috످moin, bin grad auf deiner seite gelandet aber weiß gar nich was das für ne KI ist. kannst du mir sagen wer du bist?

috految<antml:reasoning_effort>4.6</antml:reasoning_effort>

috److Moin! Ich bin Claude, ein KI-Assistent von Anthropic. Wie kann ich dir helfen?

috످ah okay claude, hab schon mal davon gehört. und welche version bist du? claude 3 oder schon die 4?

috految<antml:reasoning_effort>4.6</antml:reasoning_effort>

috److Welche Version ich genau bin, weiß ich selbst gar nicht. Vielleicht steht's aber hier auf der Seite, oft findest du das direkt am Chatfenster oder in den Einstellungen.

috످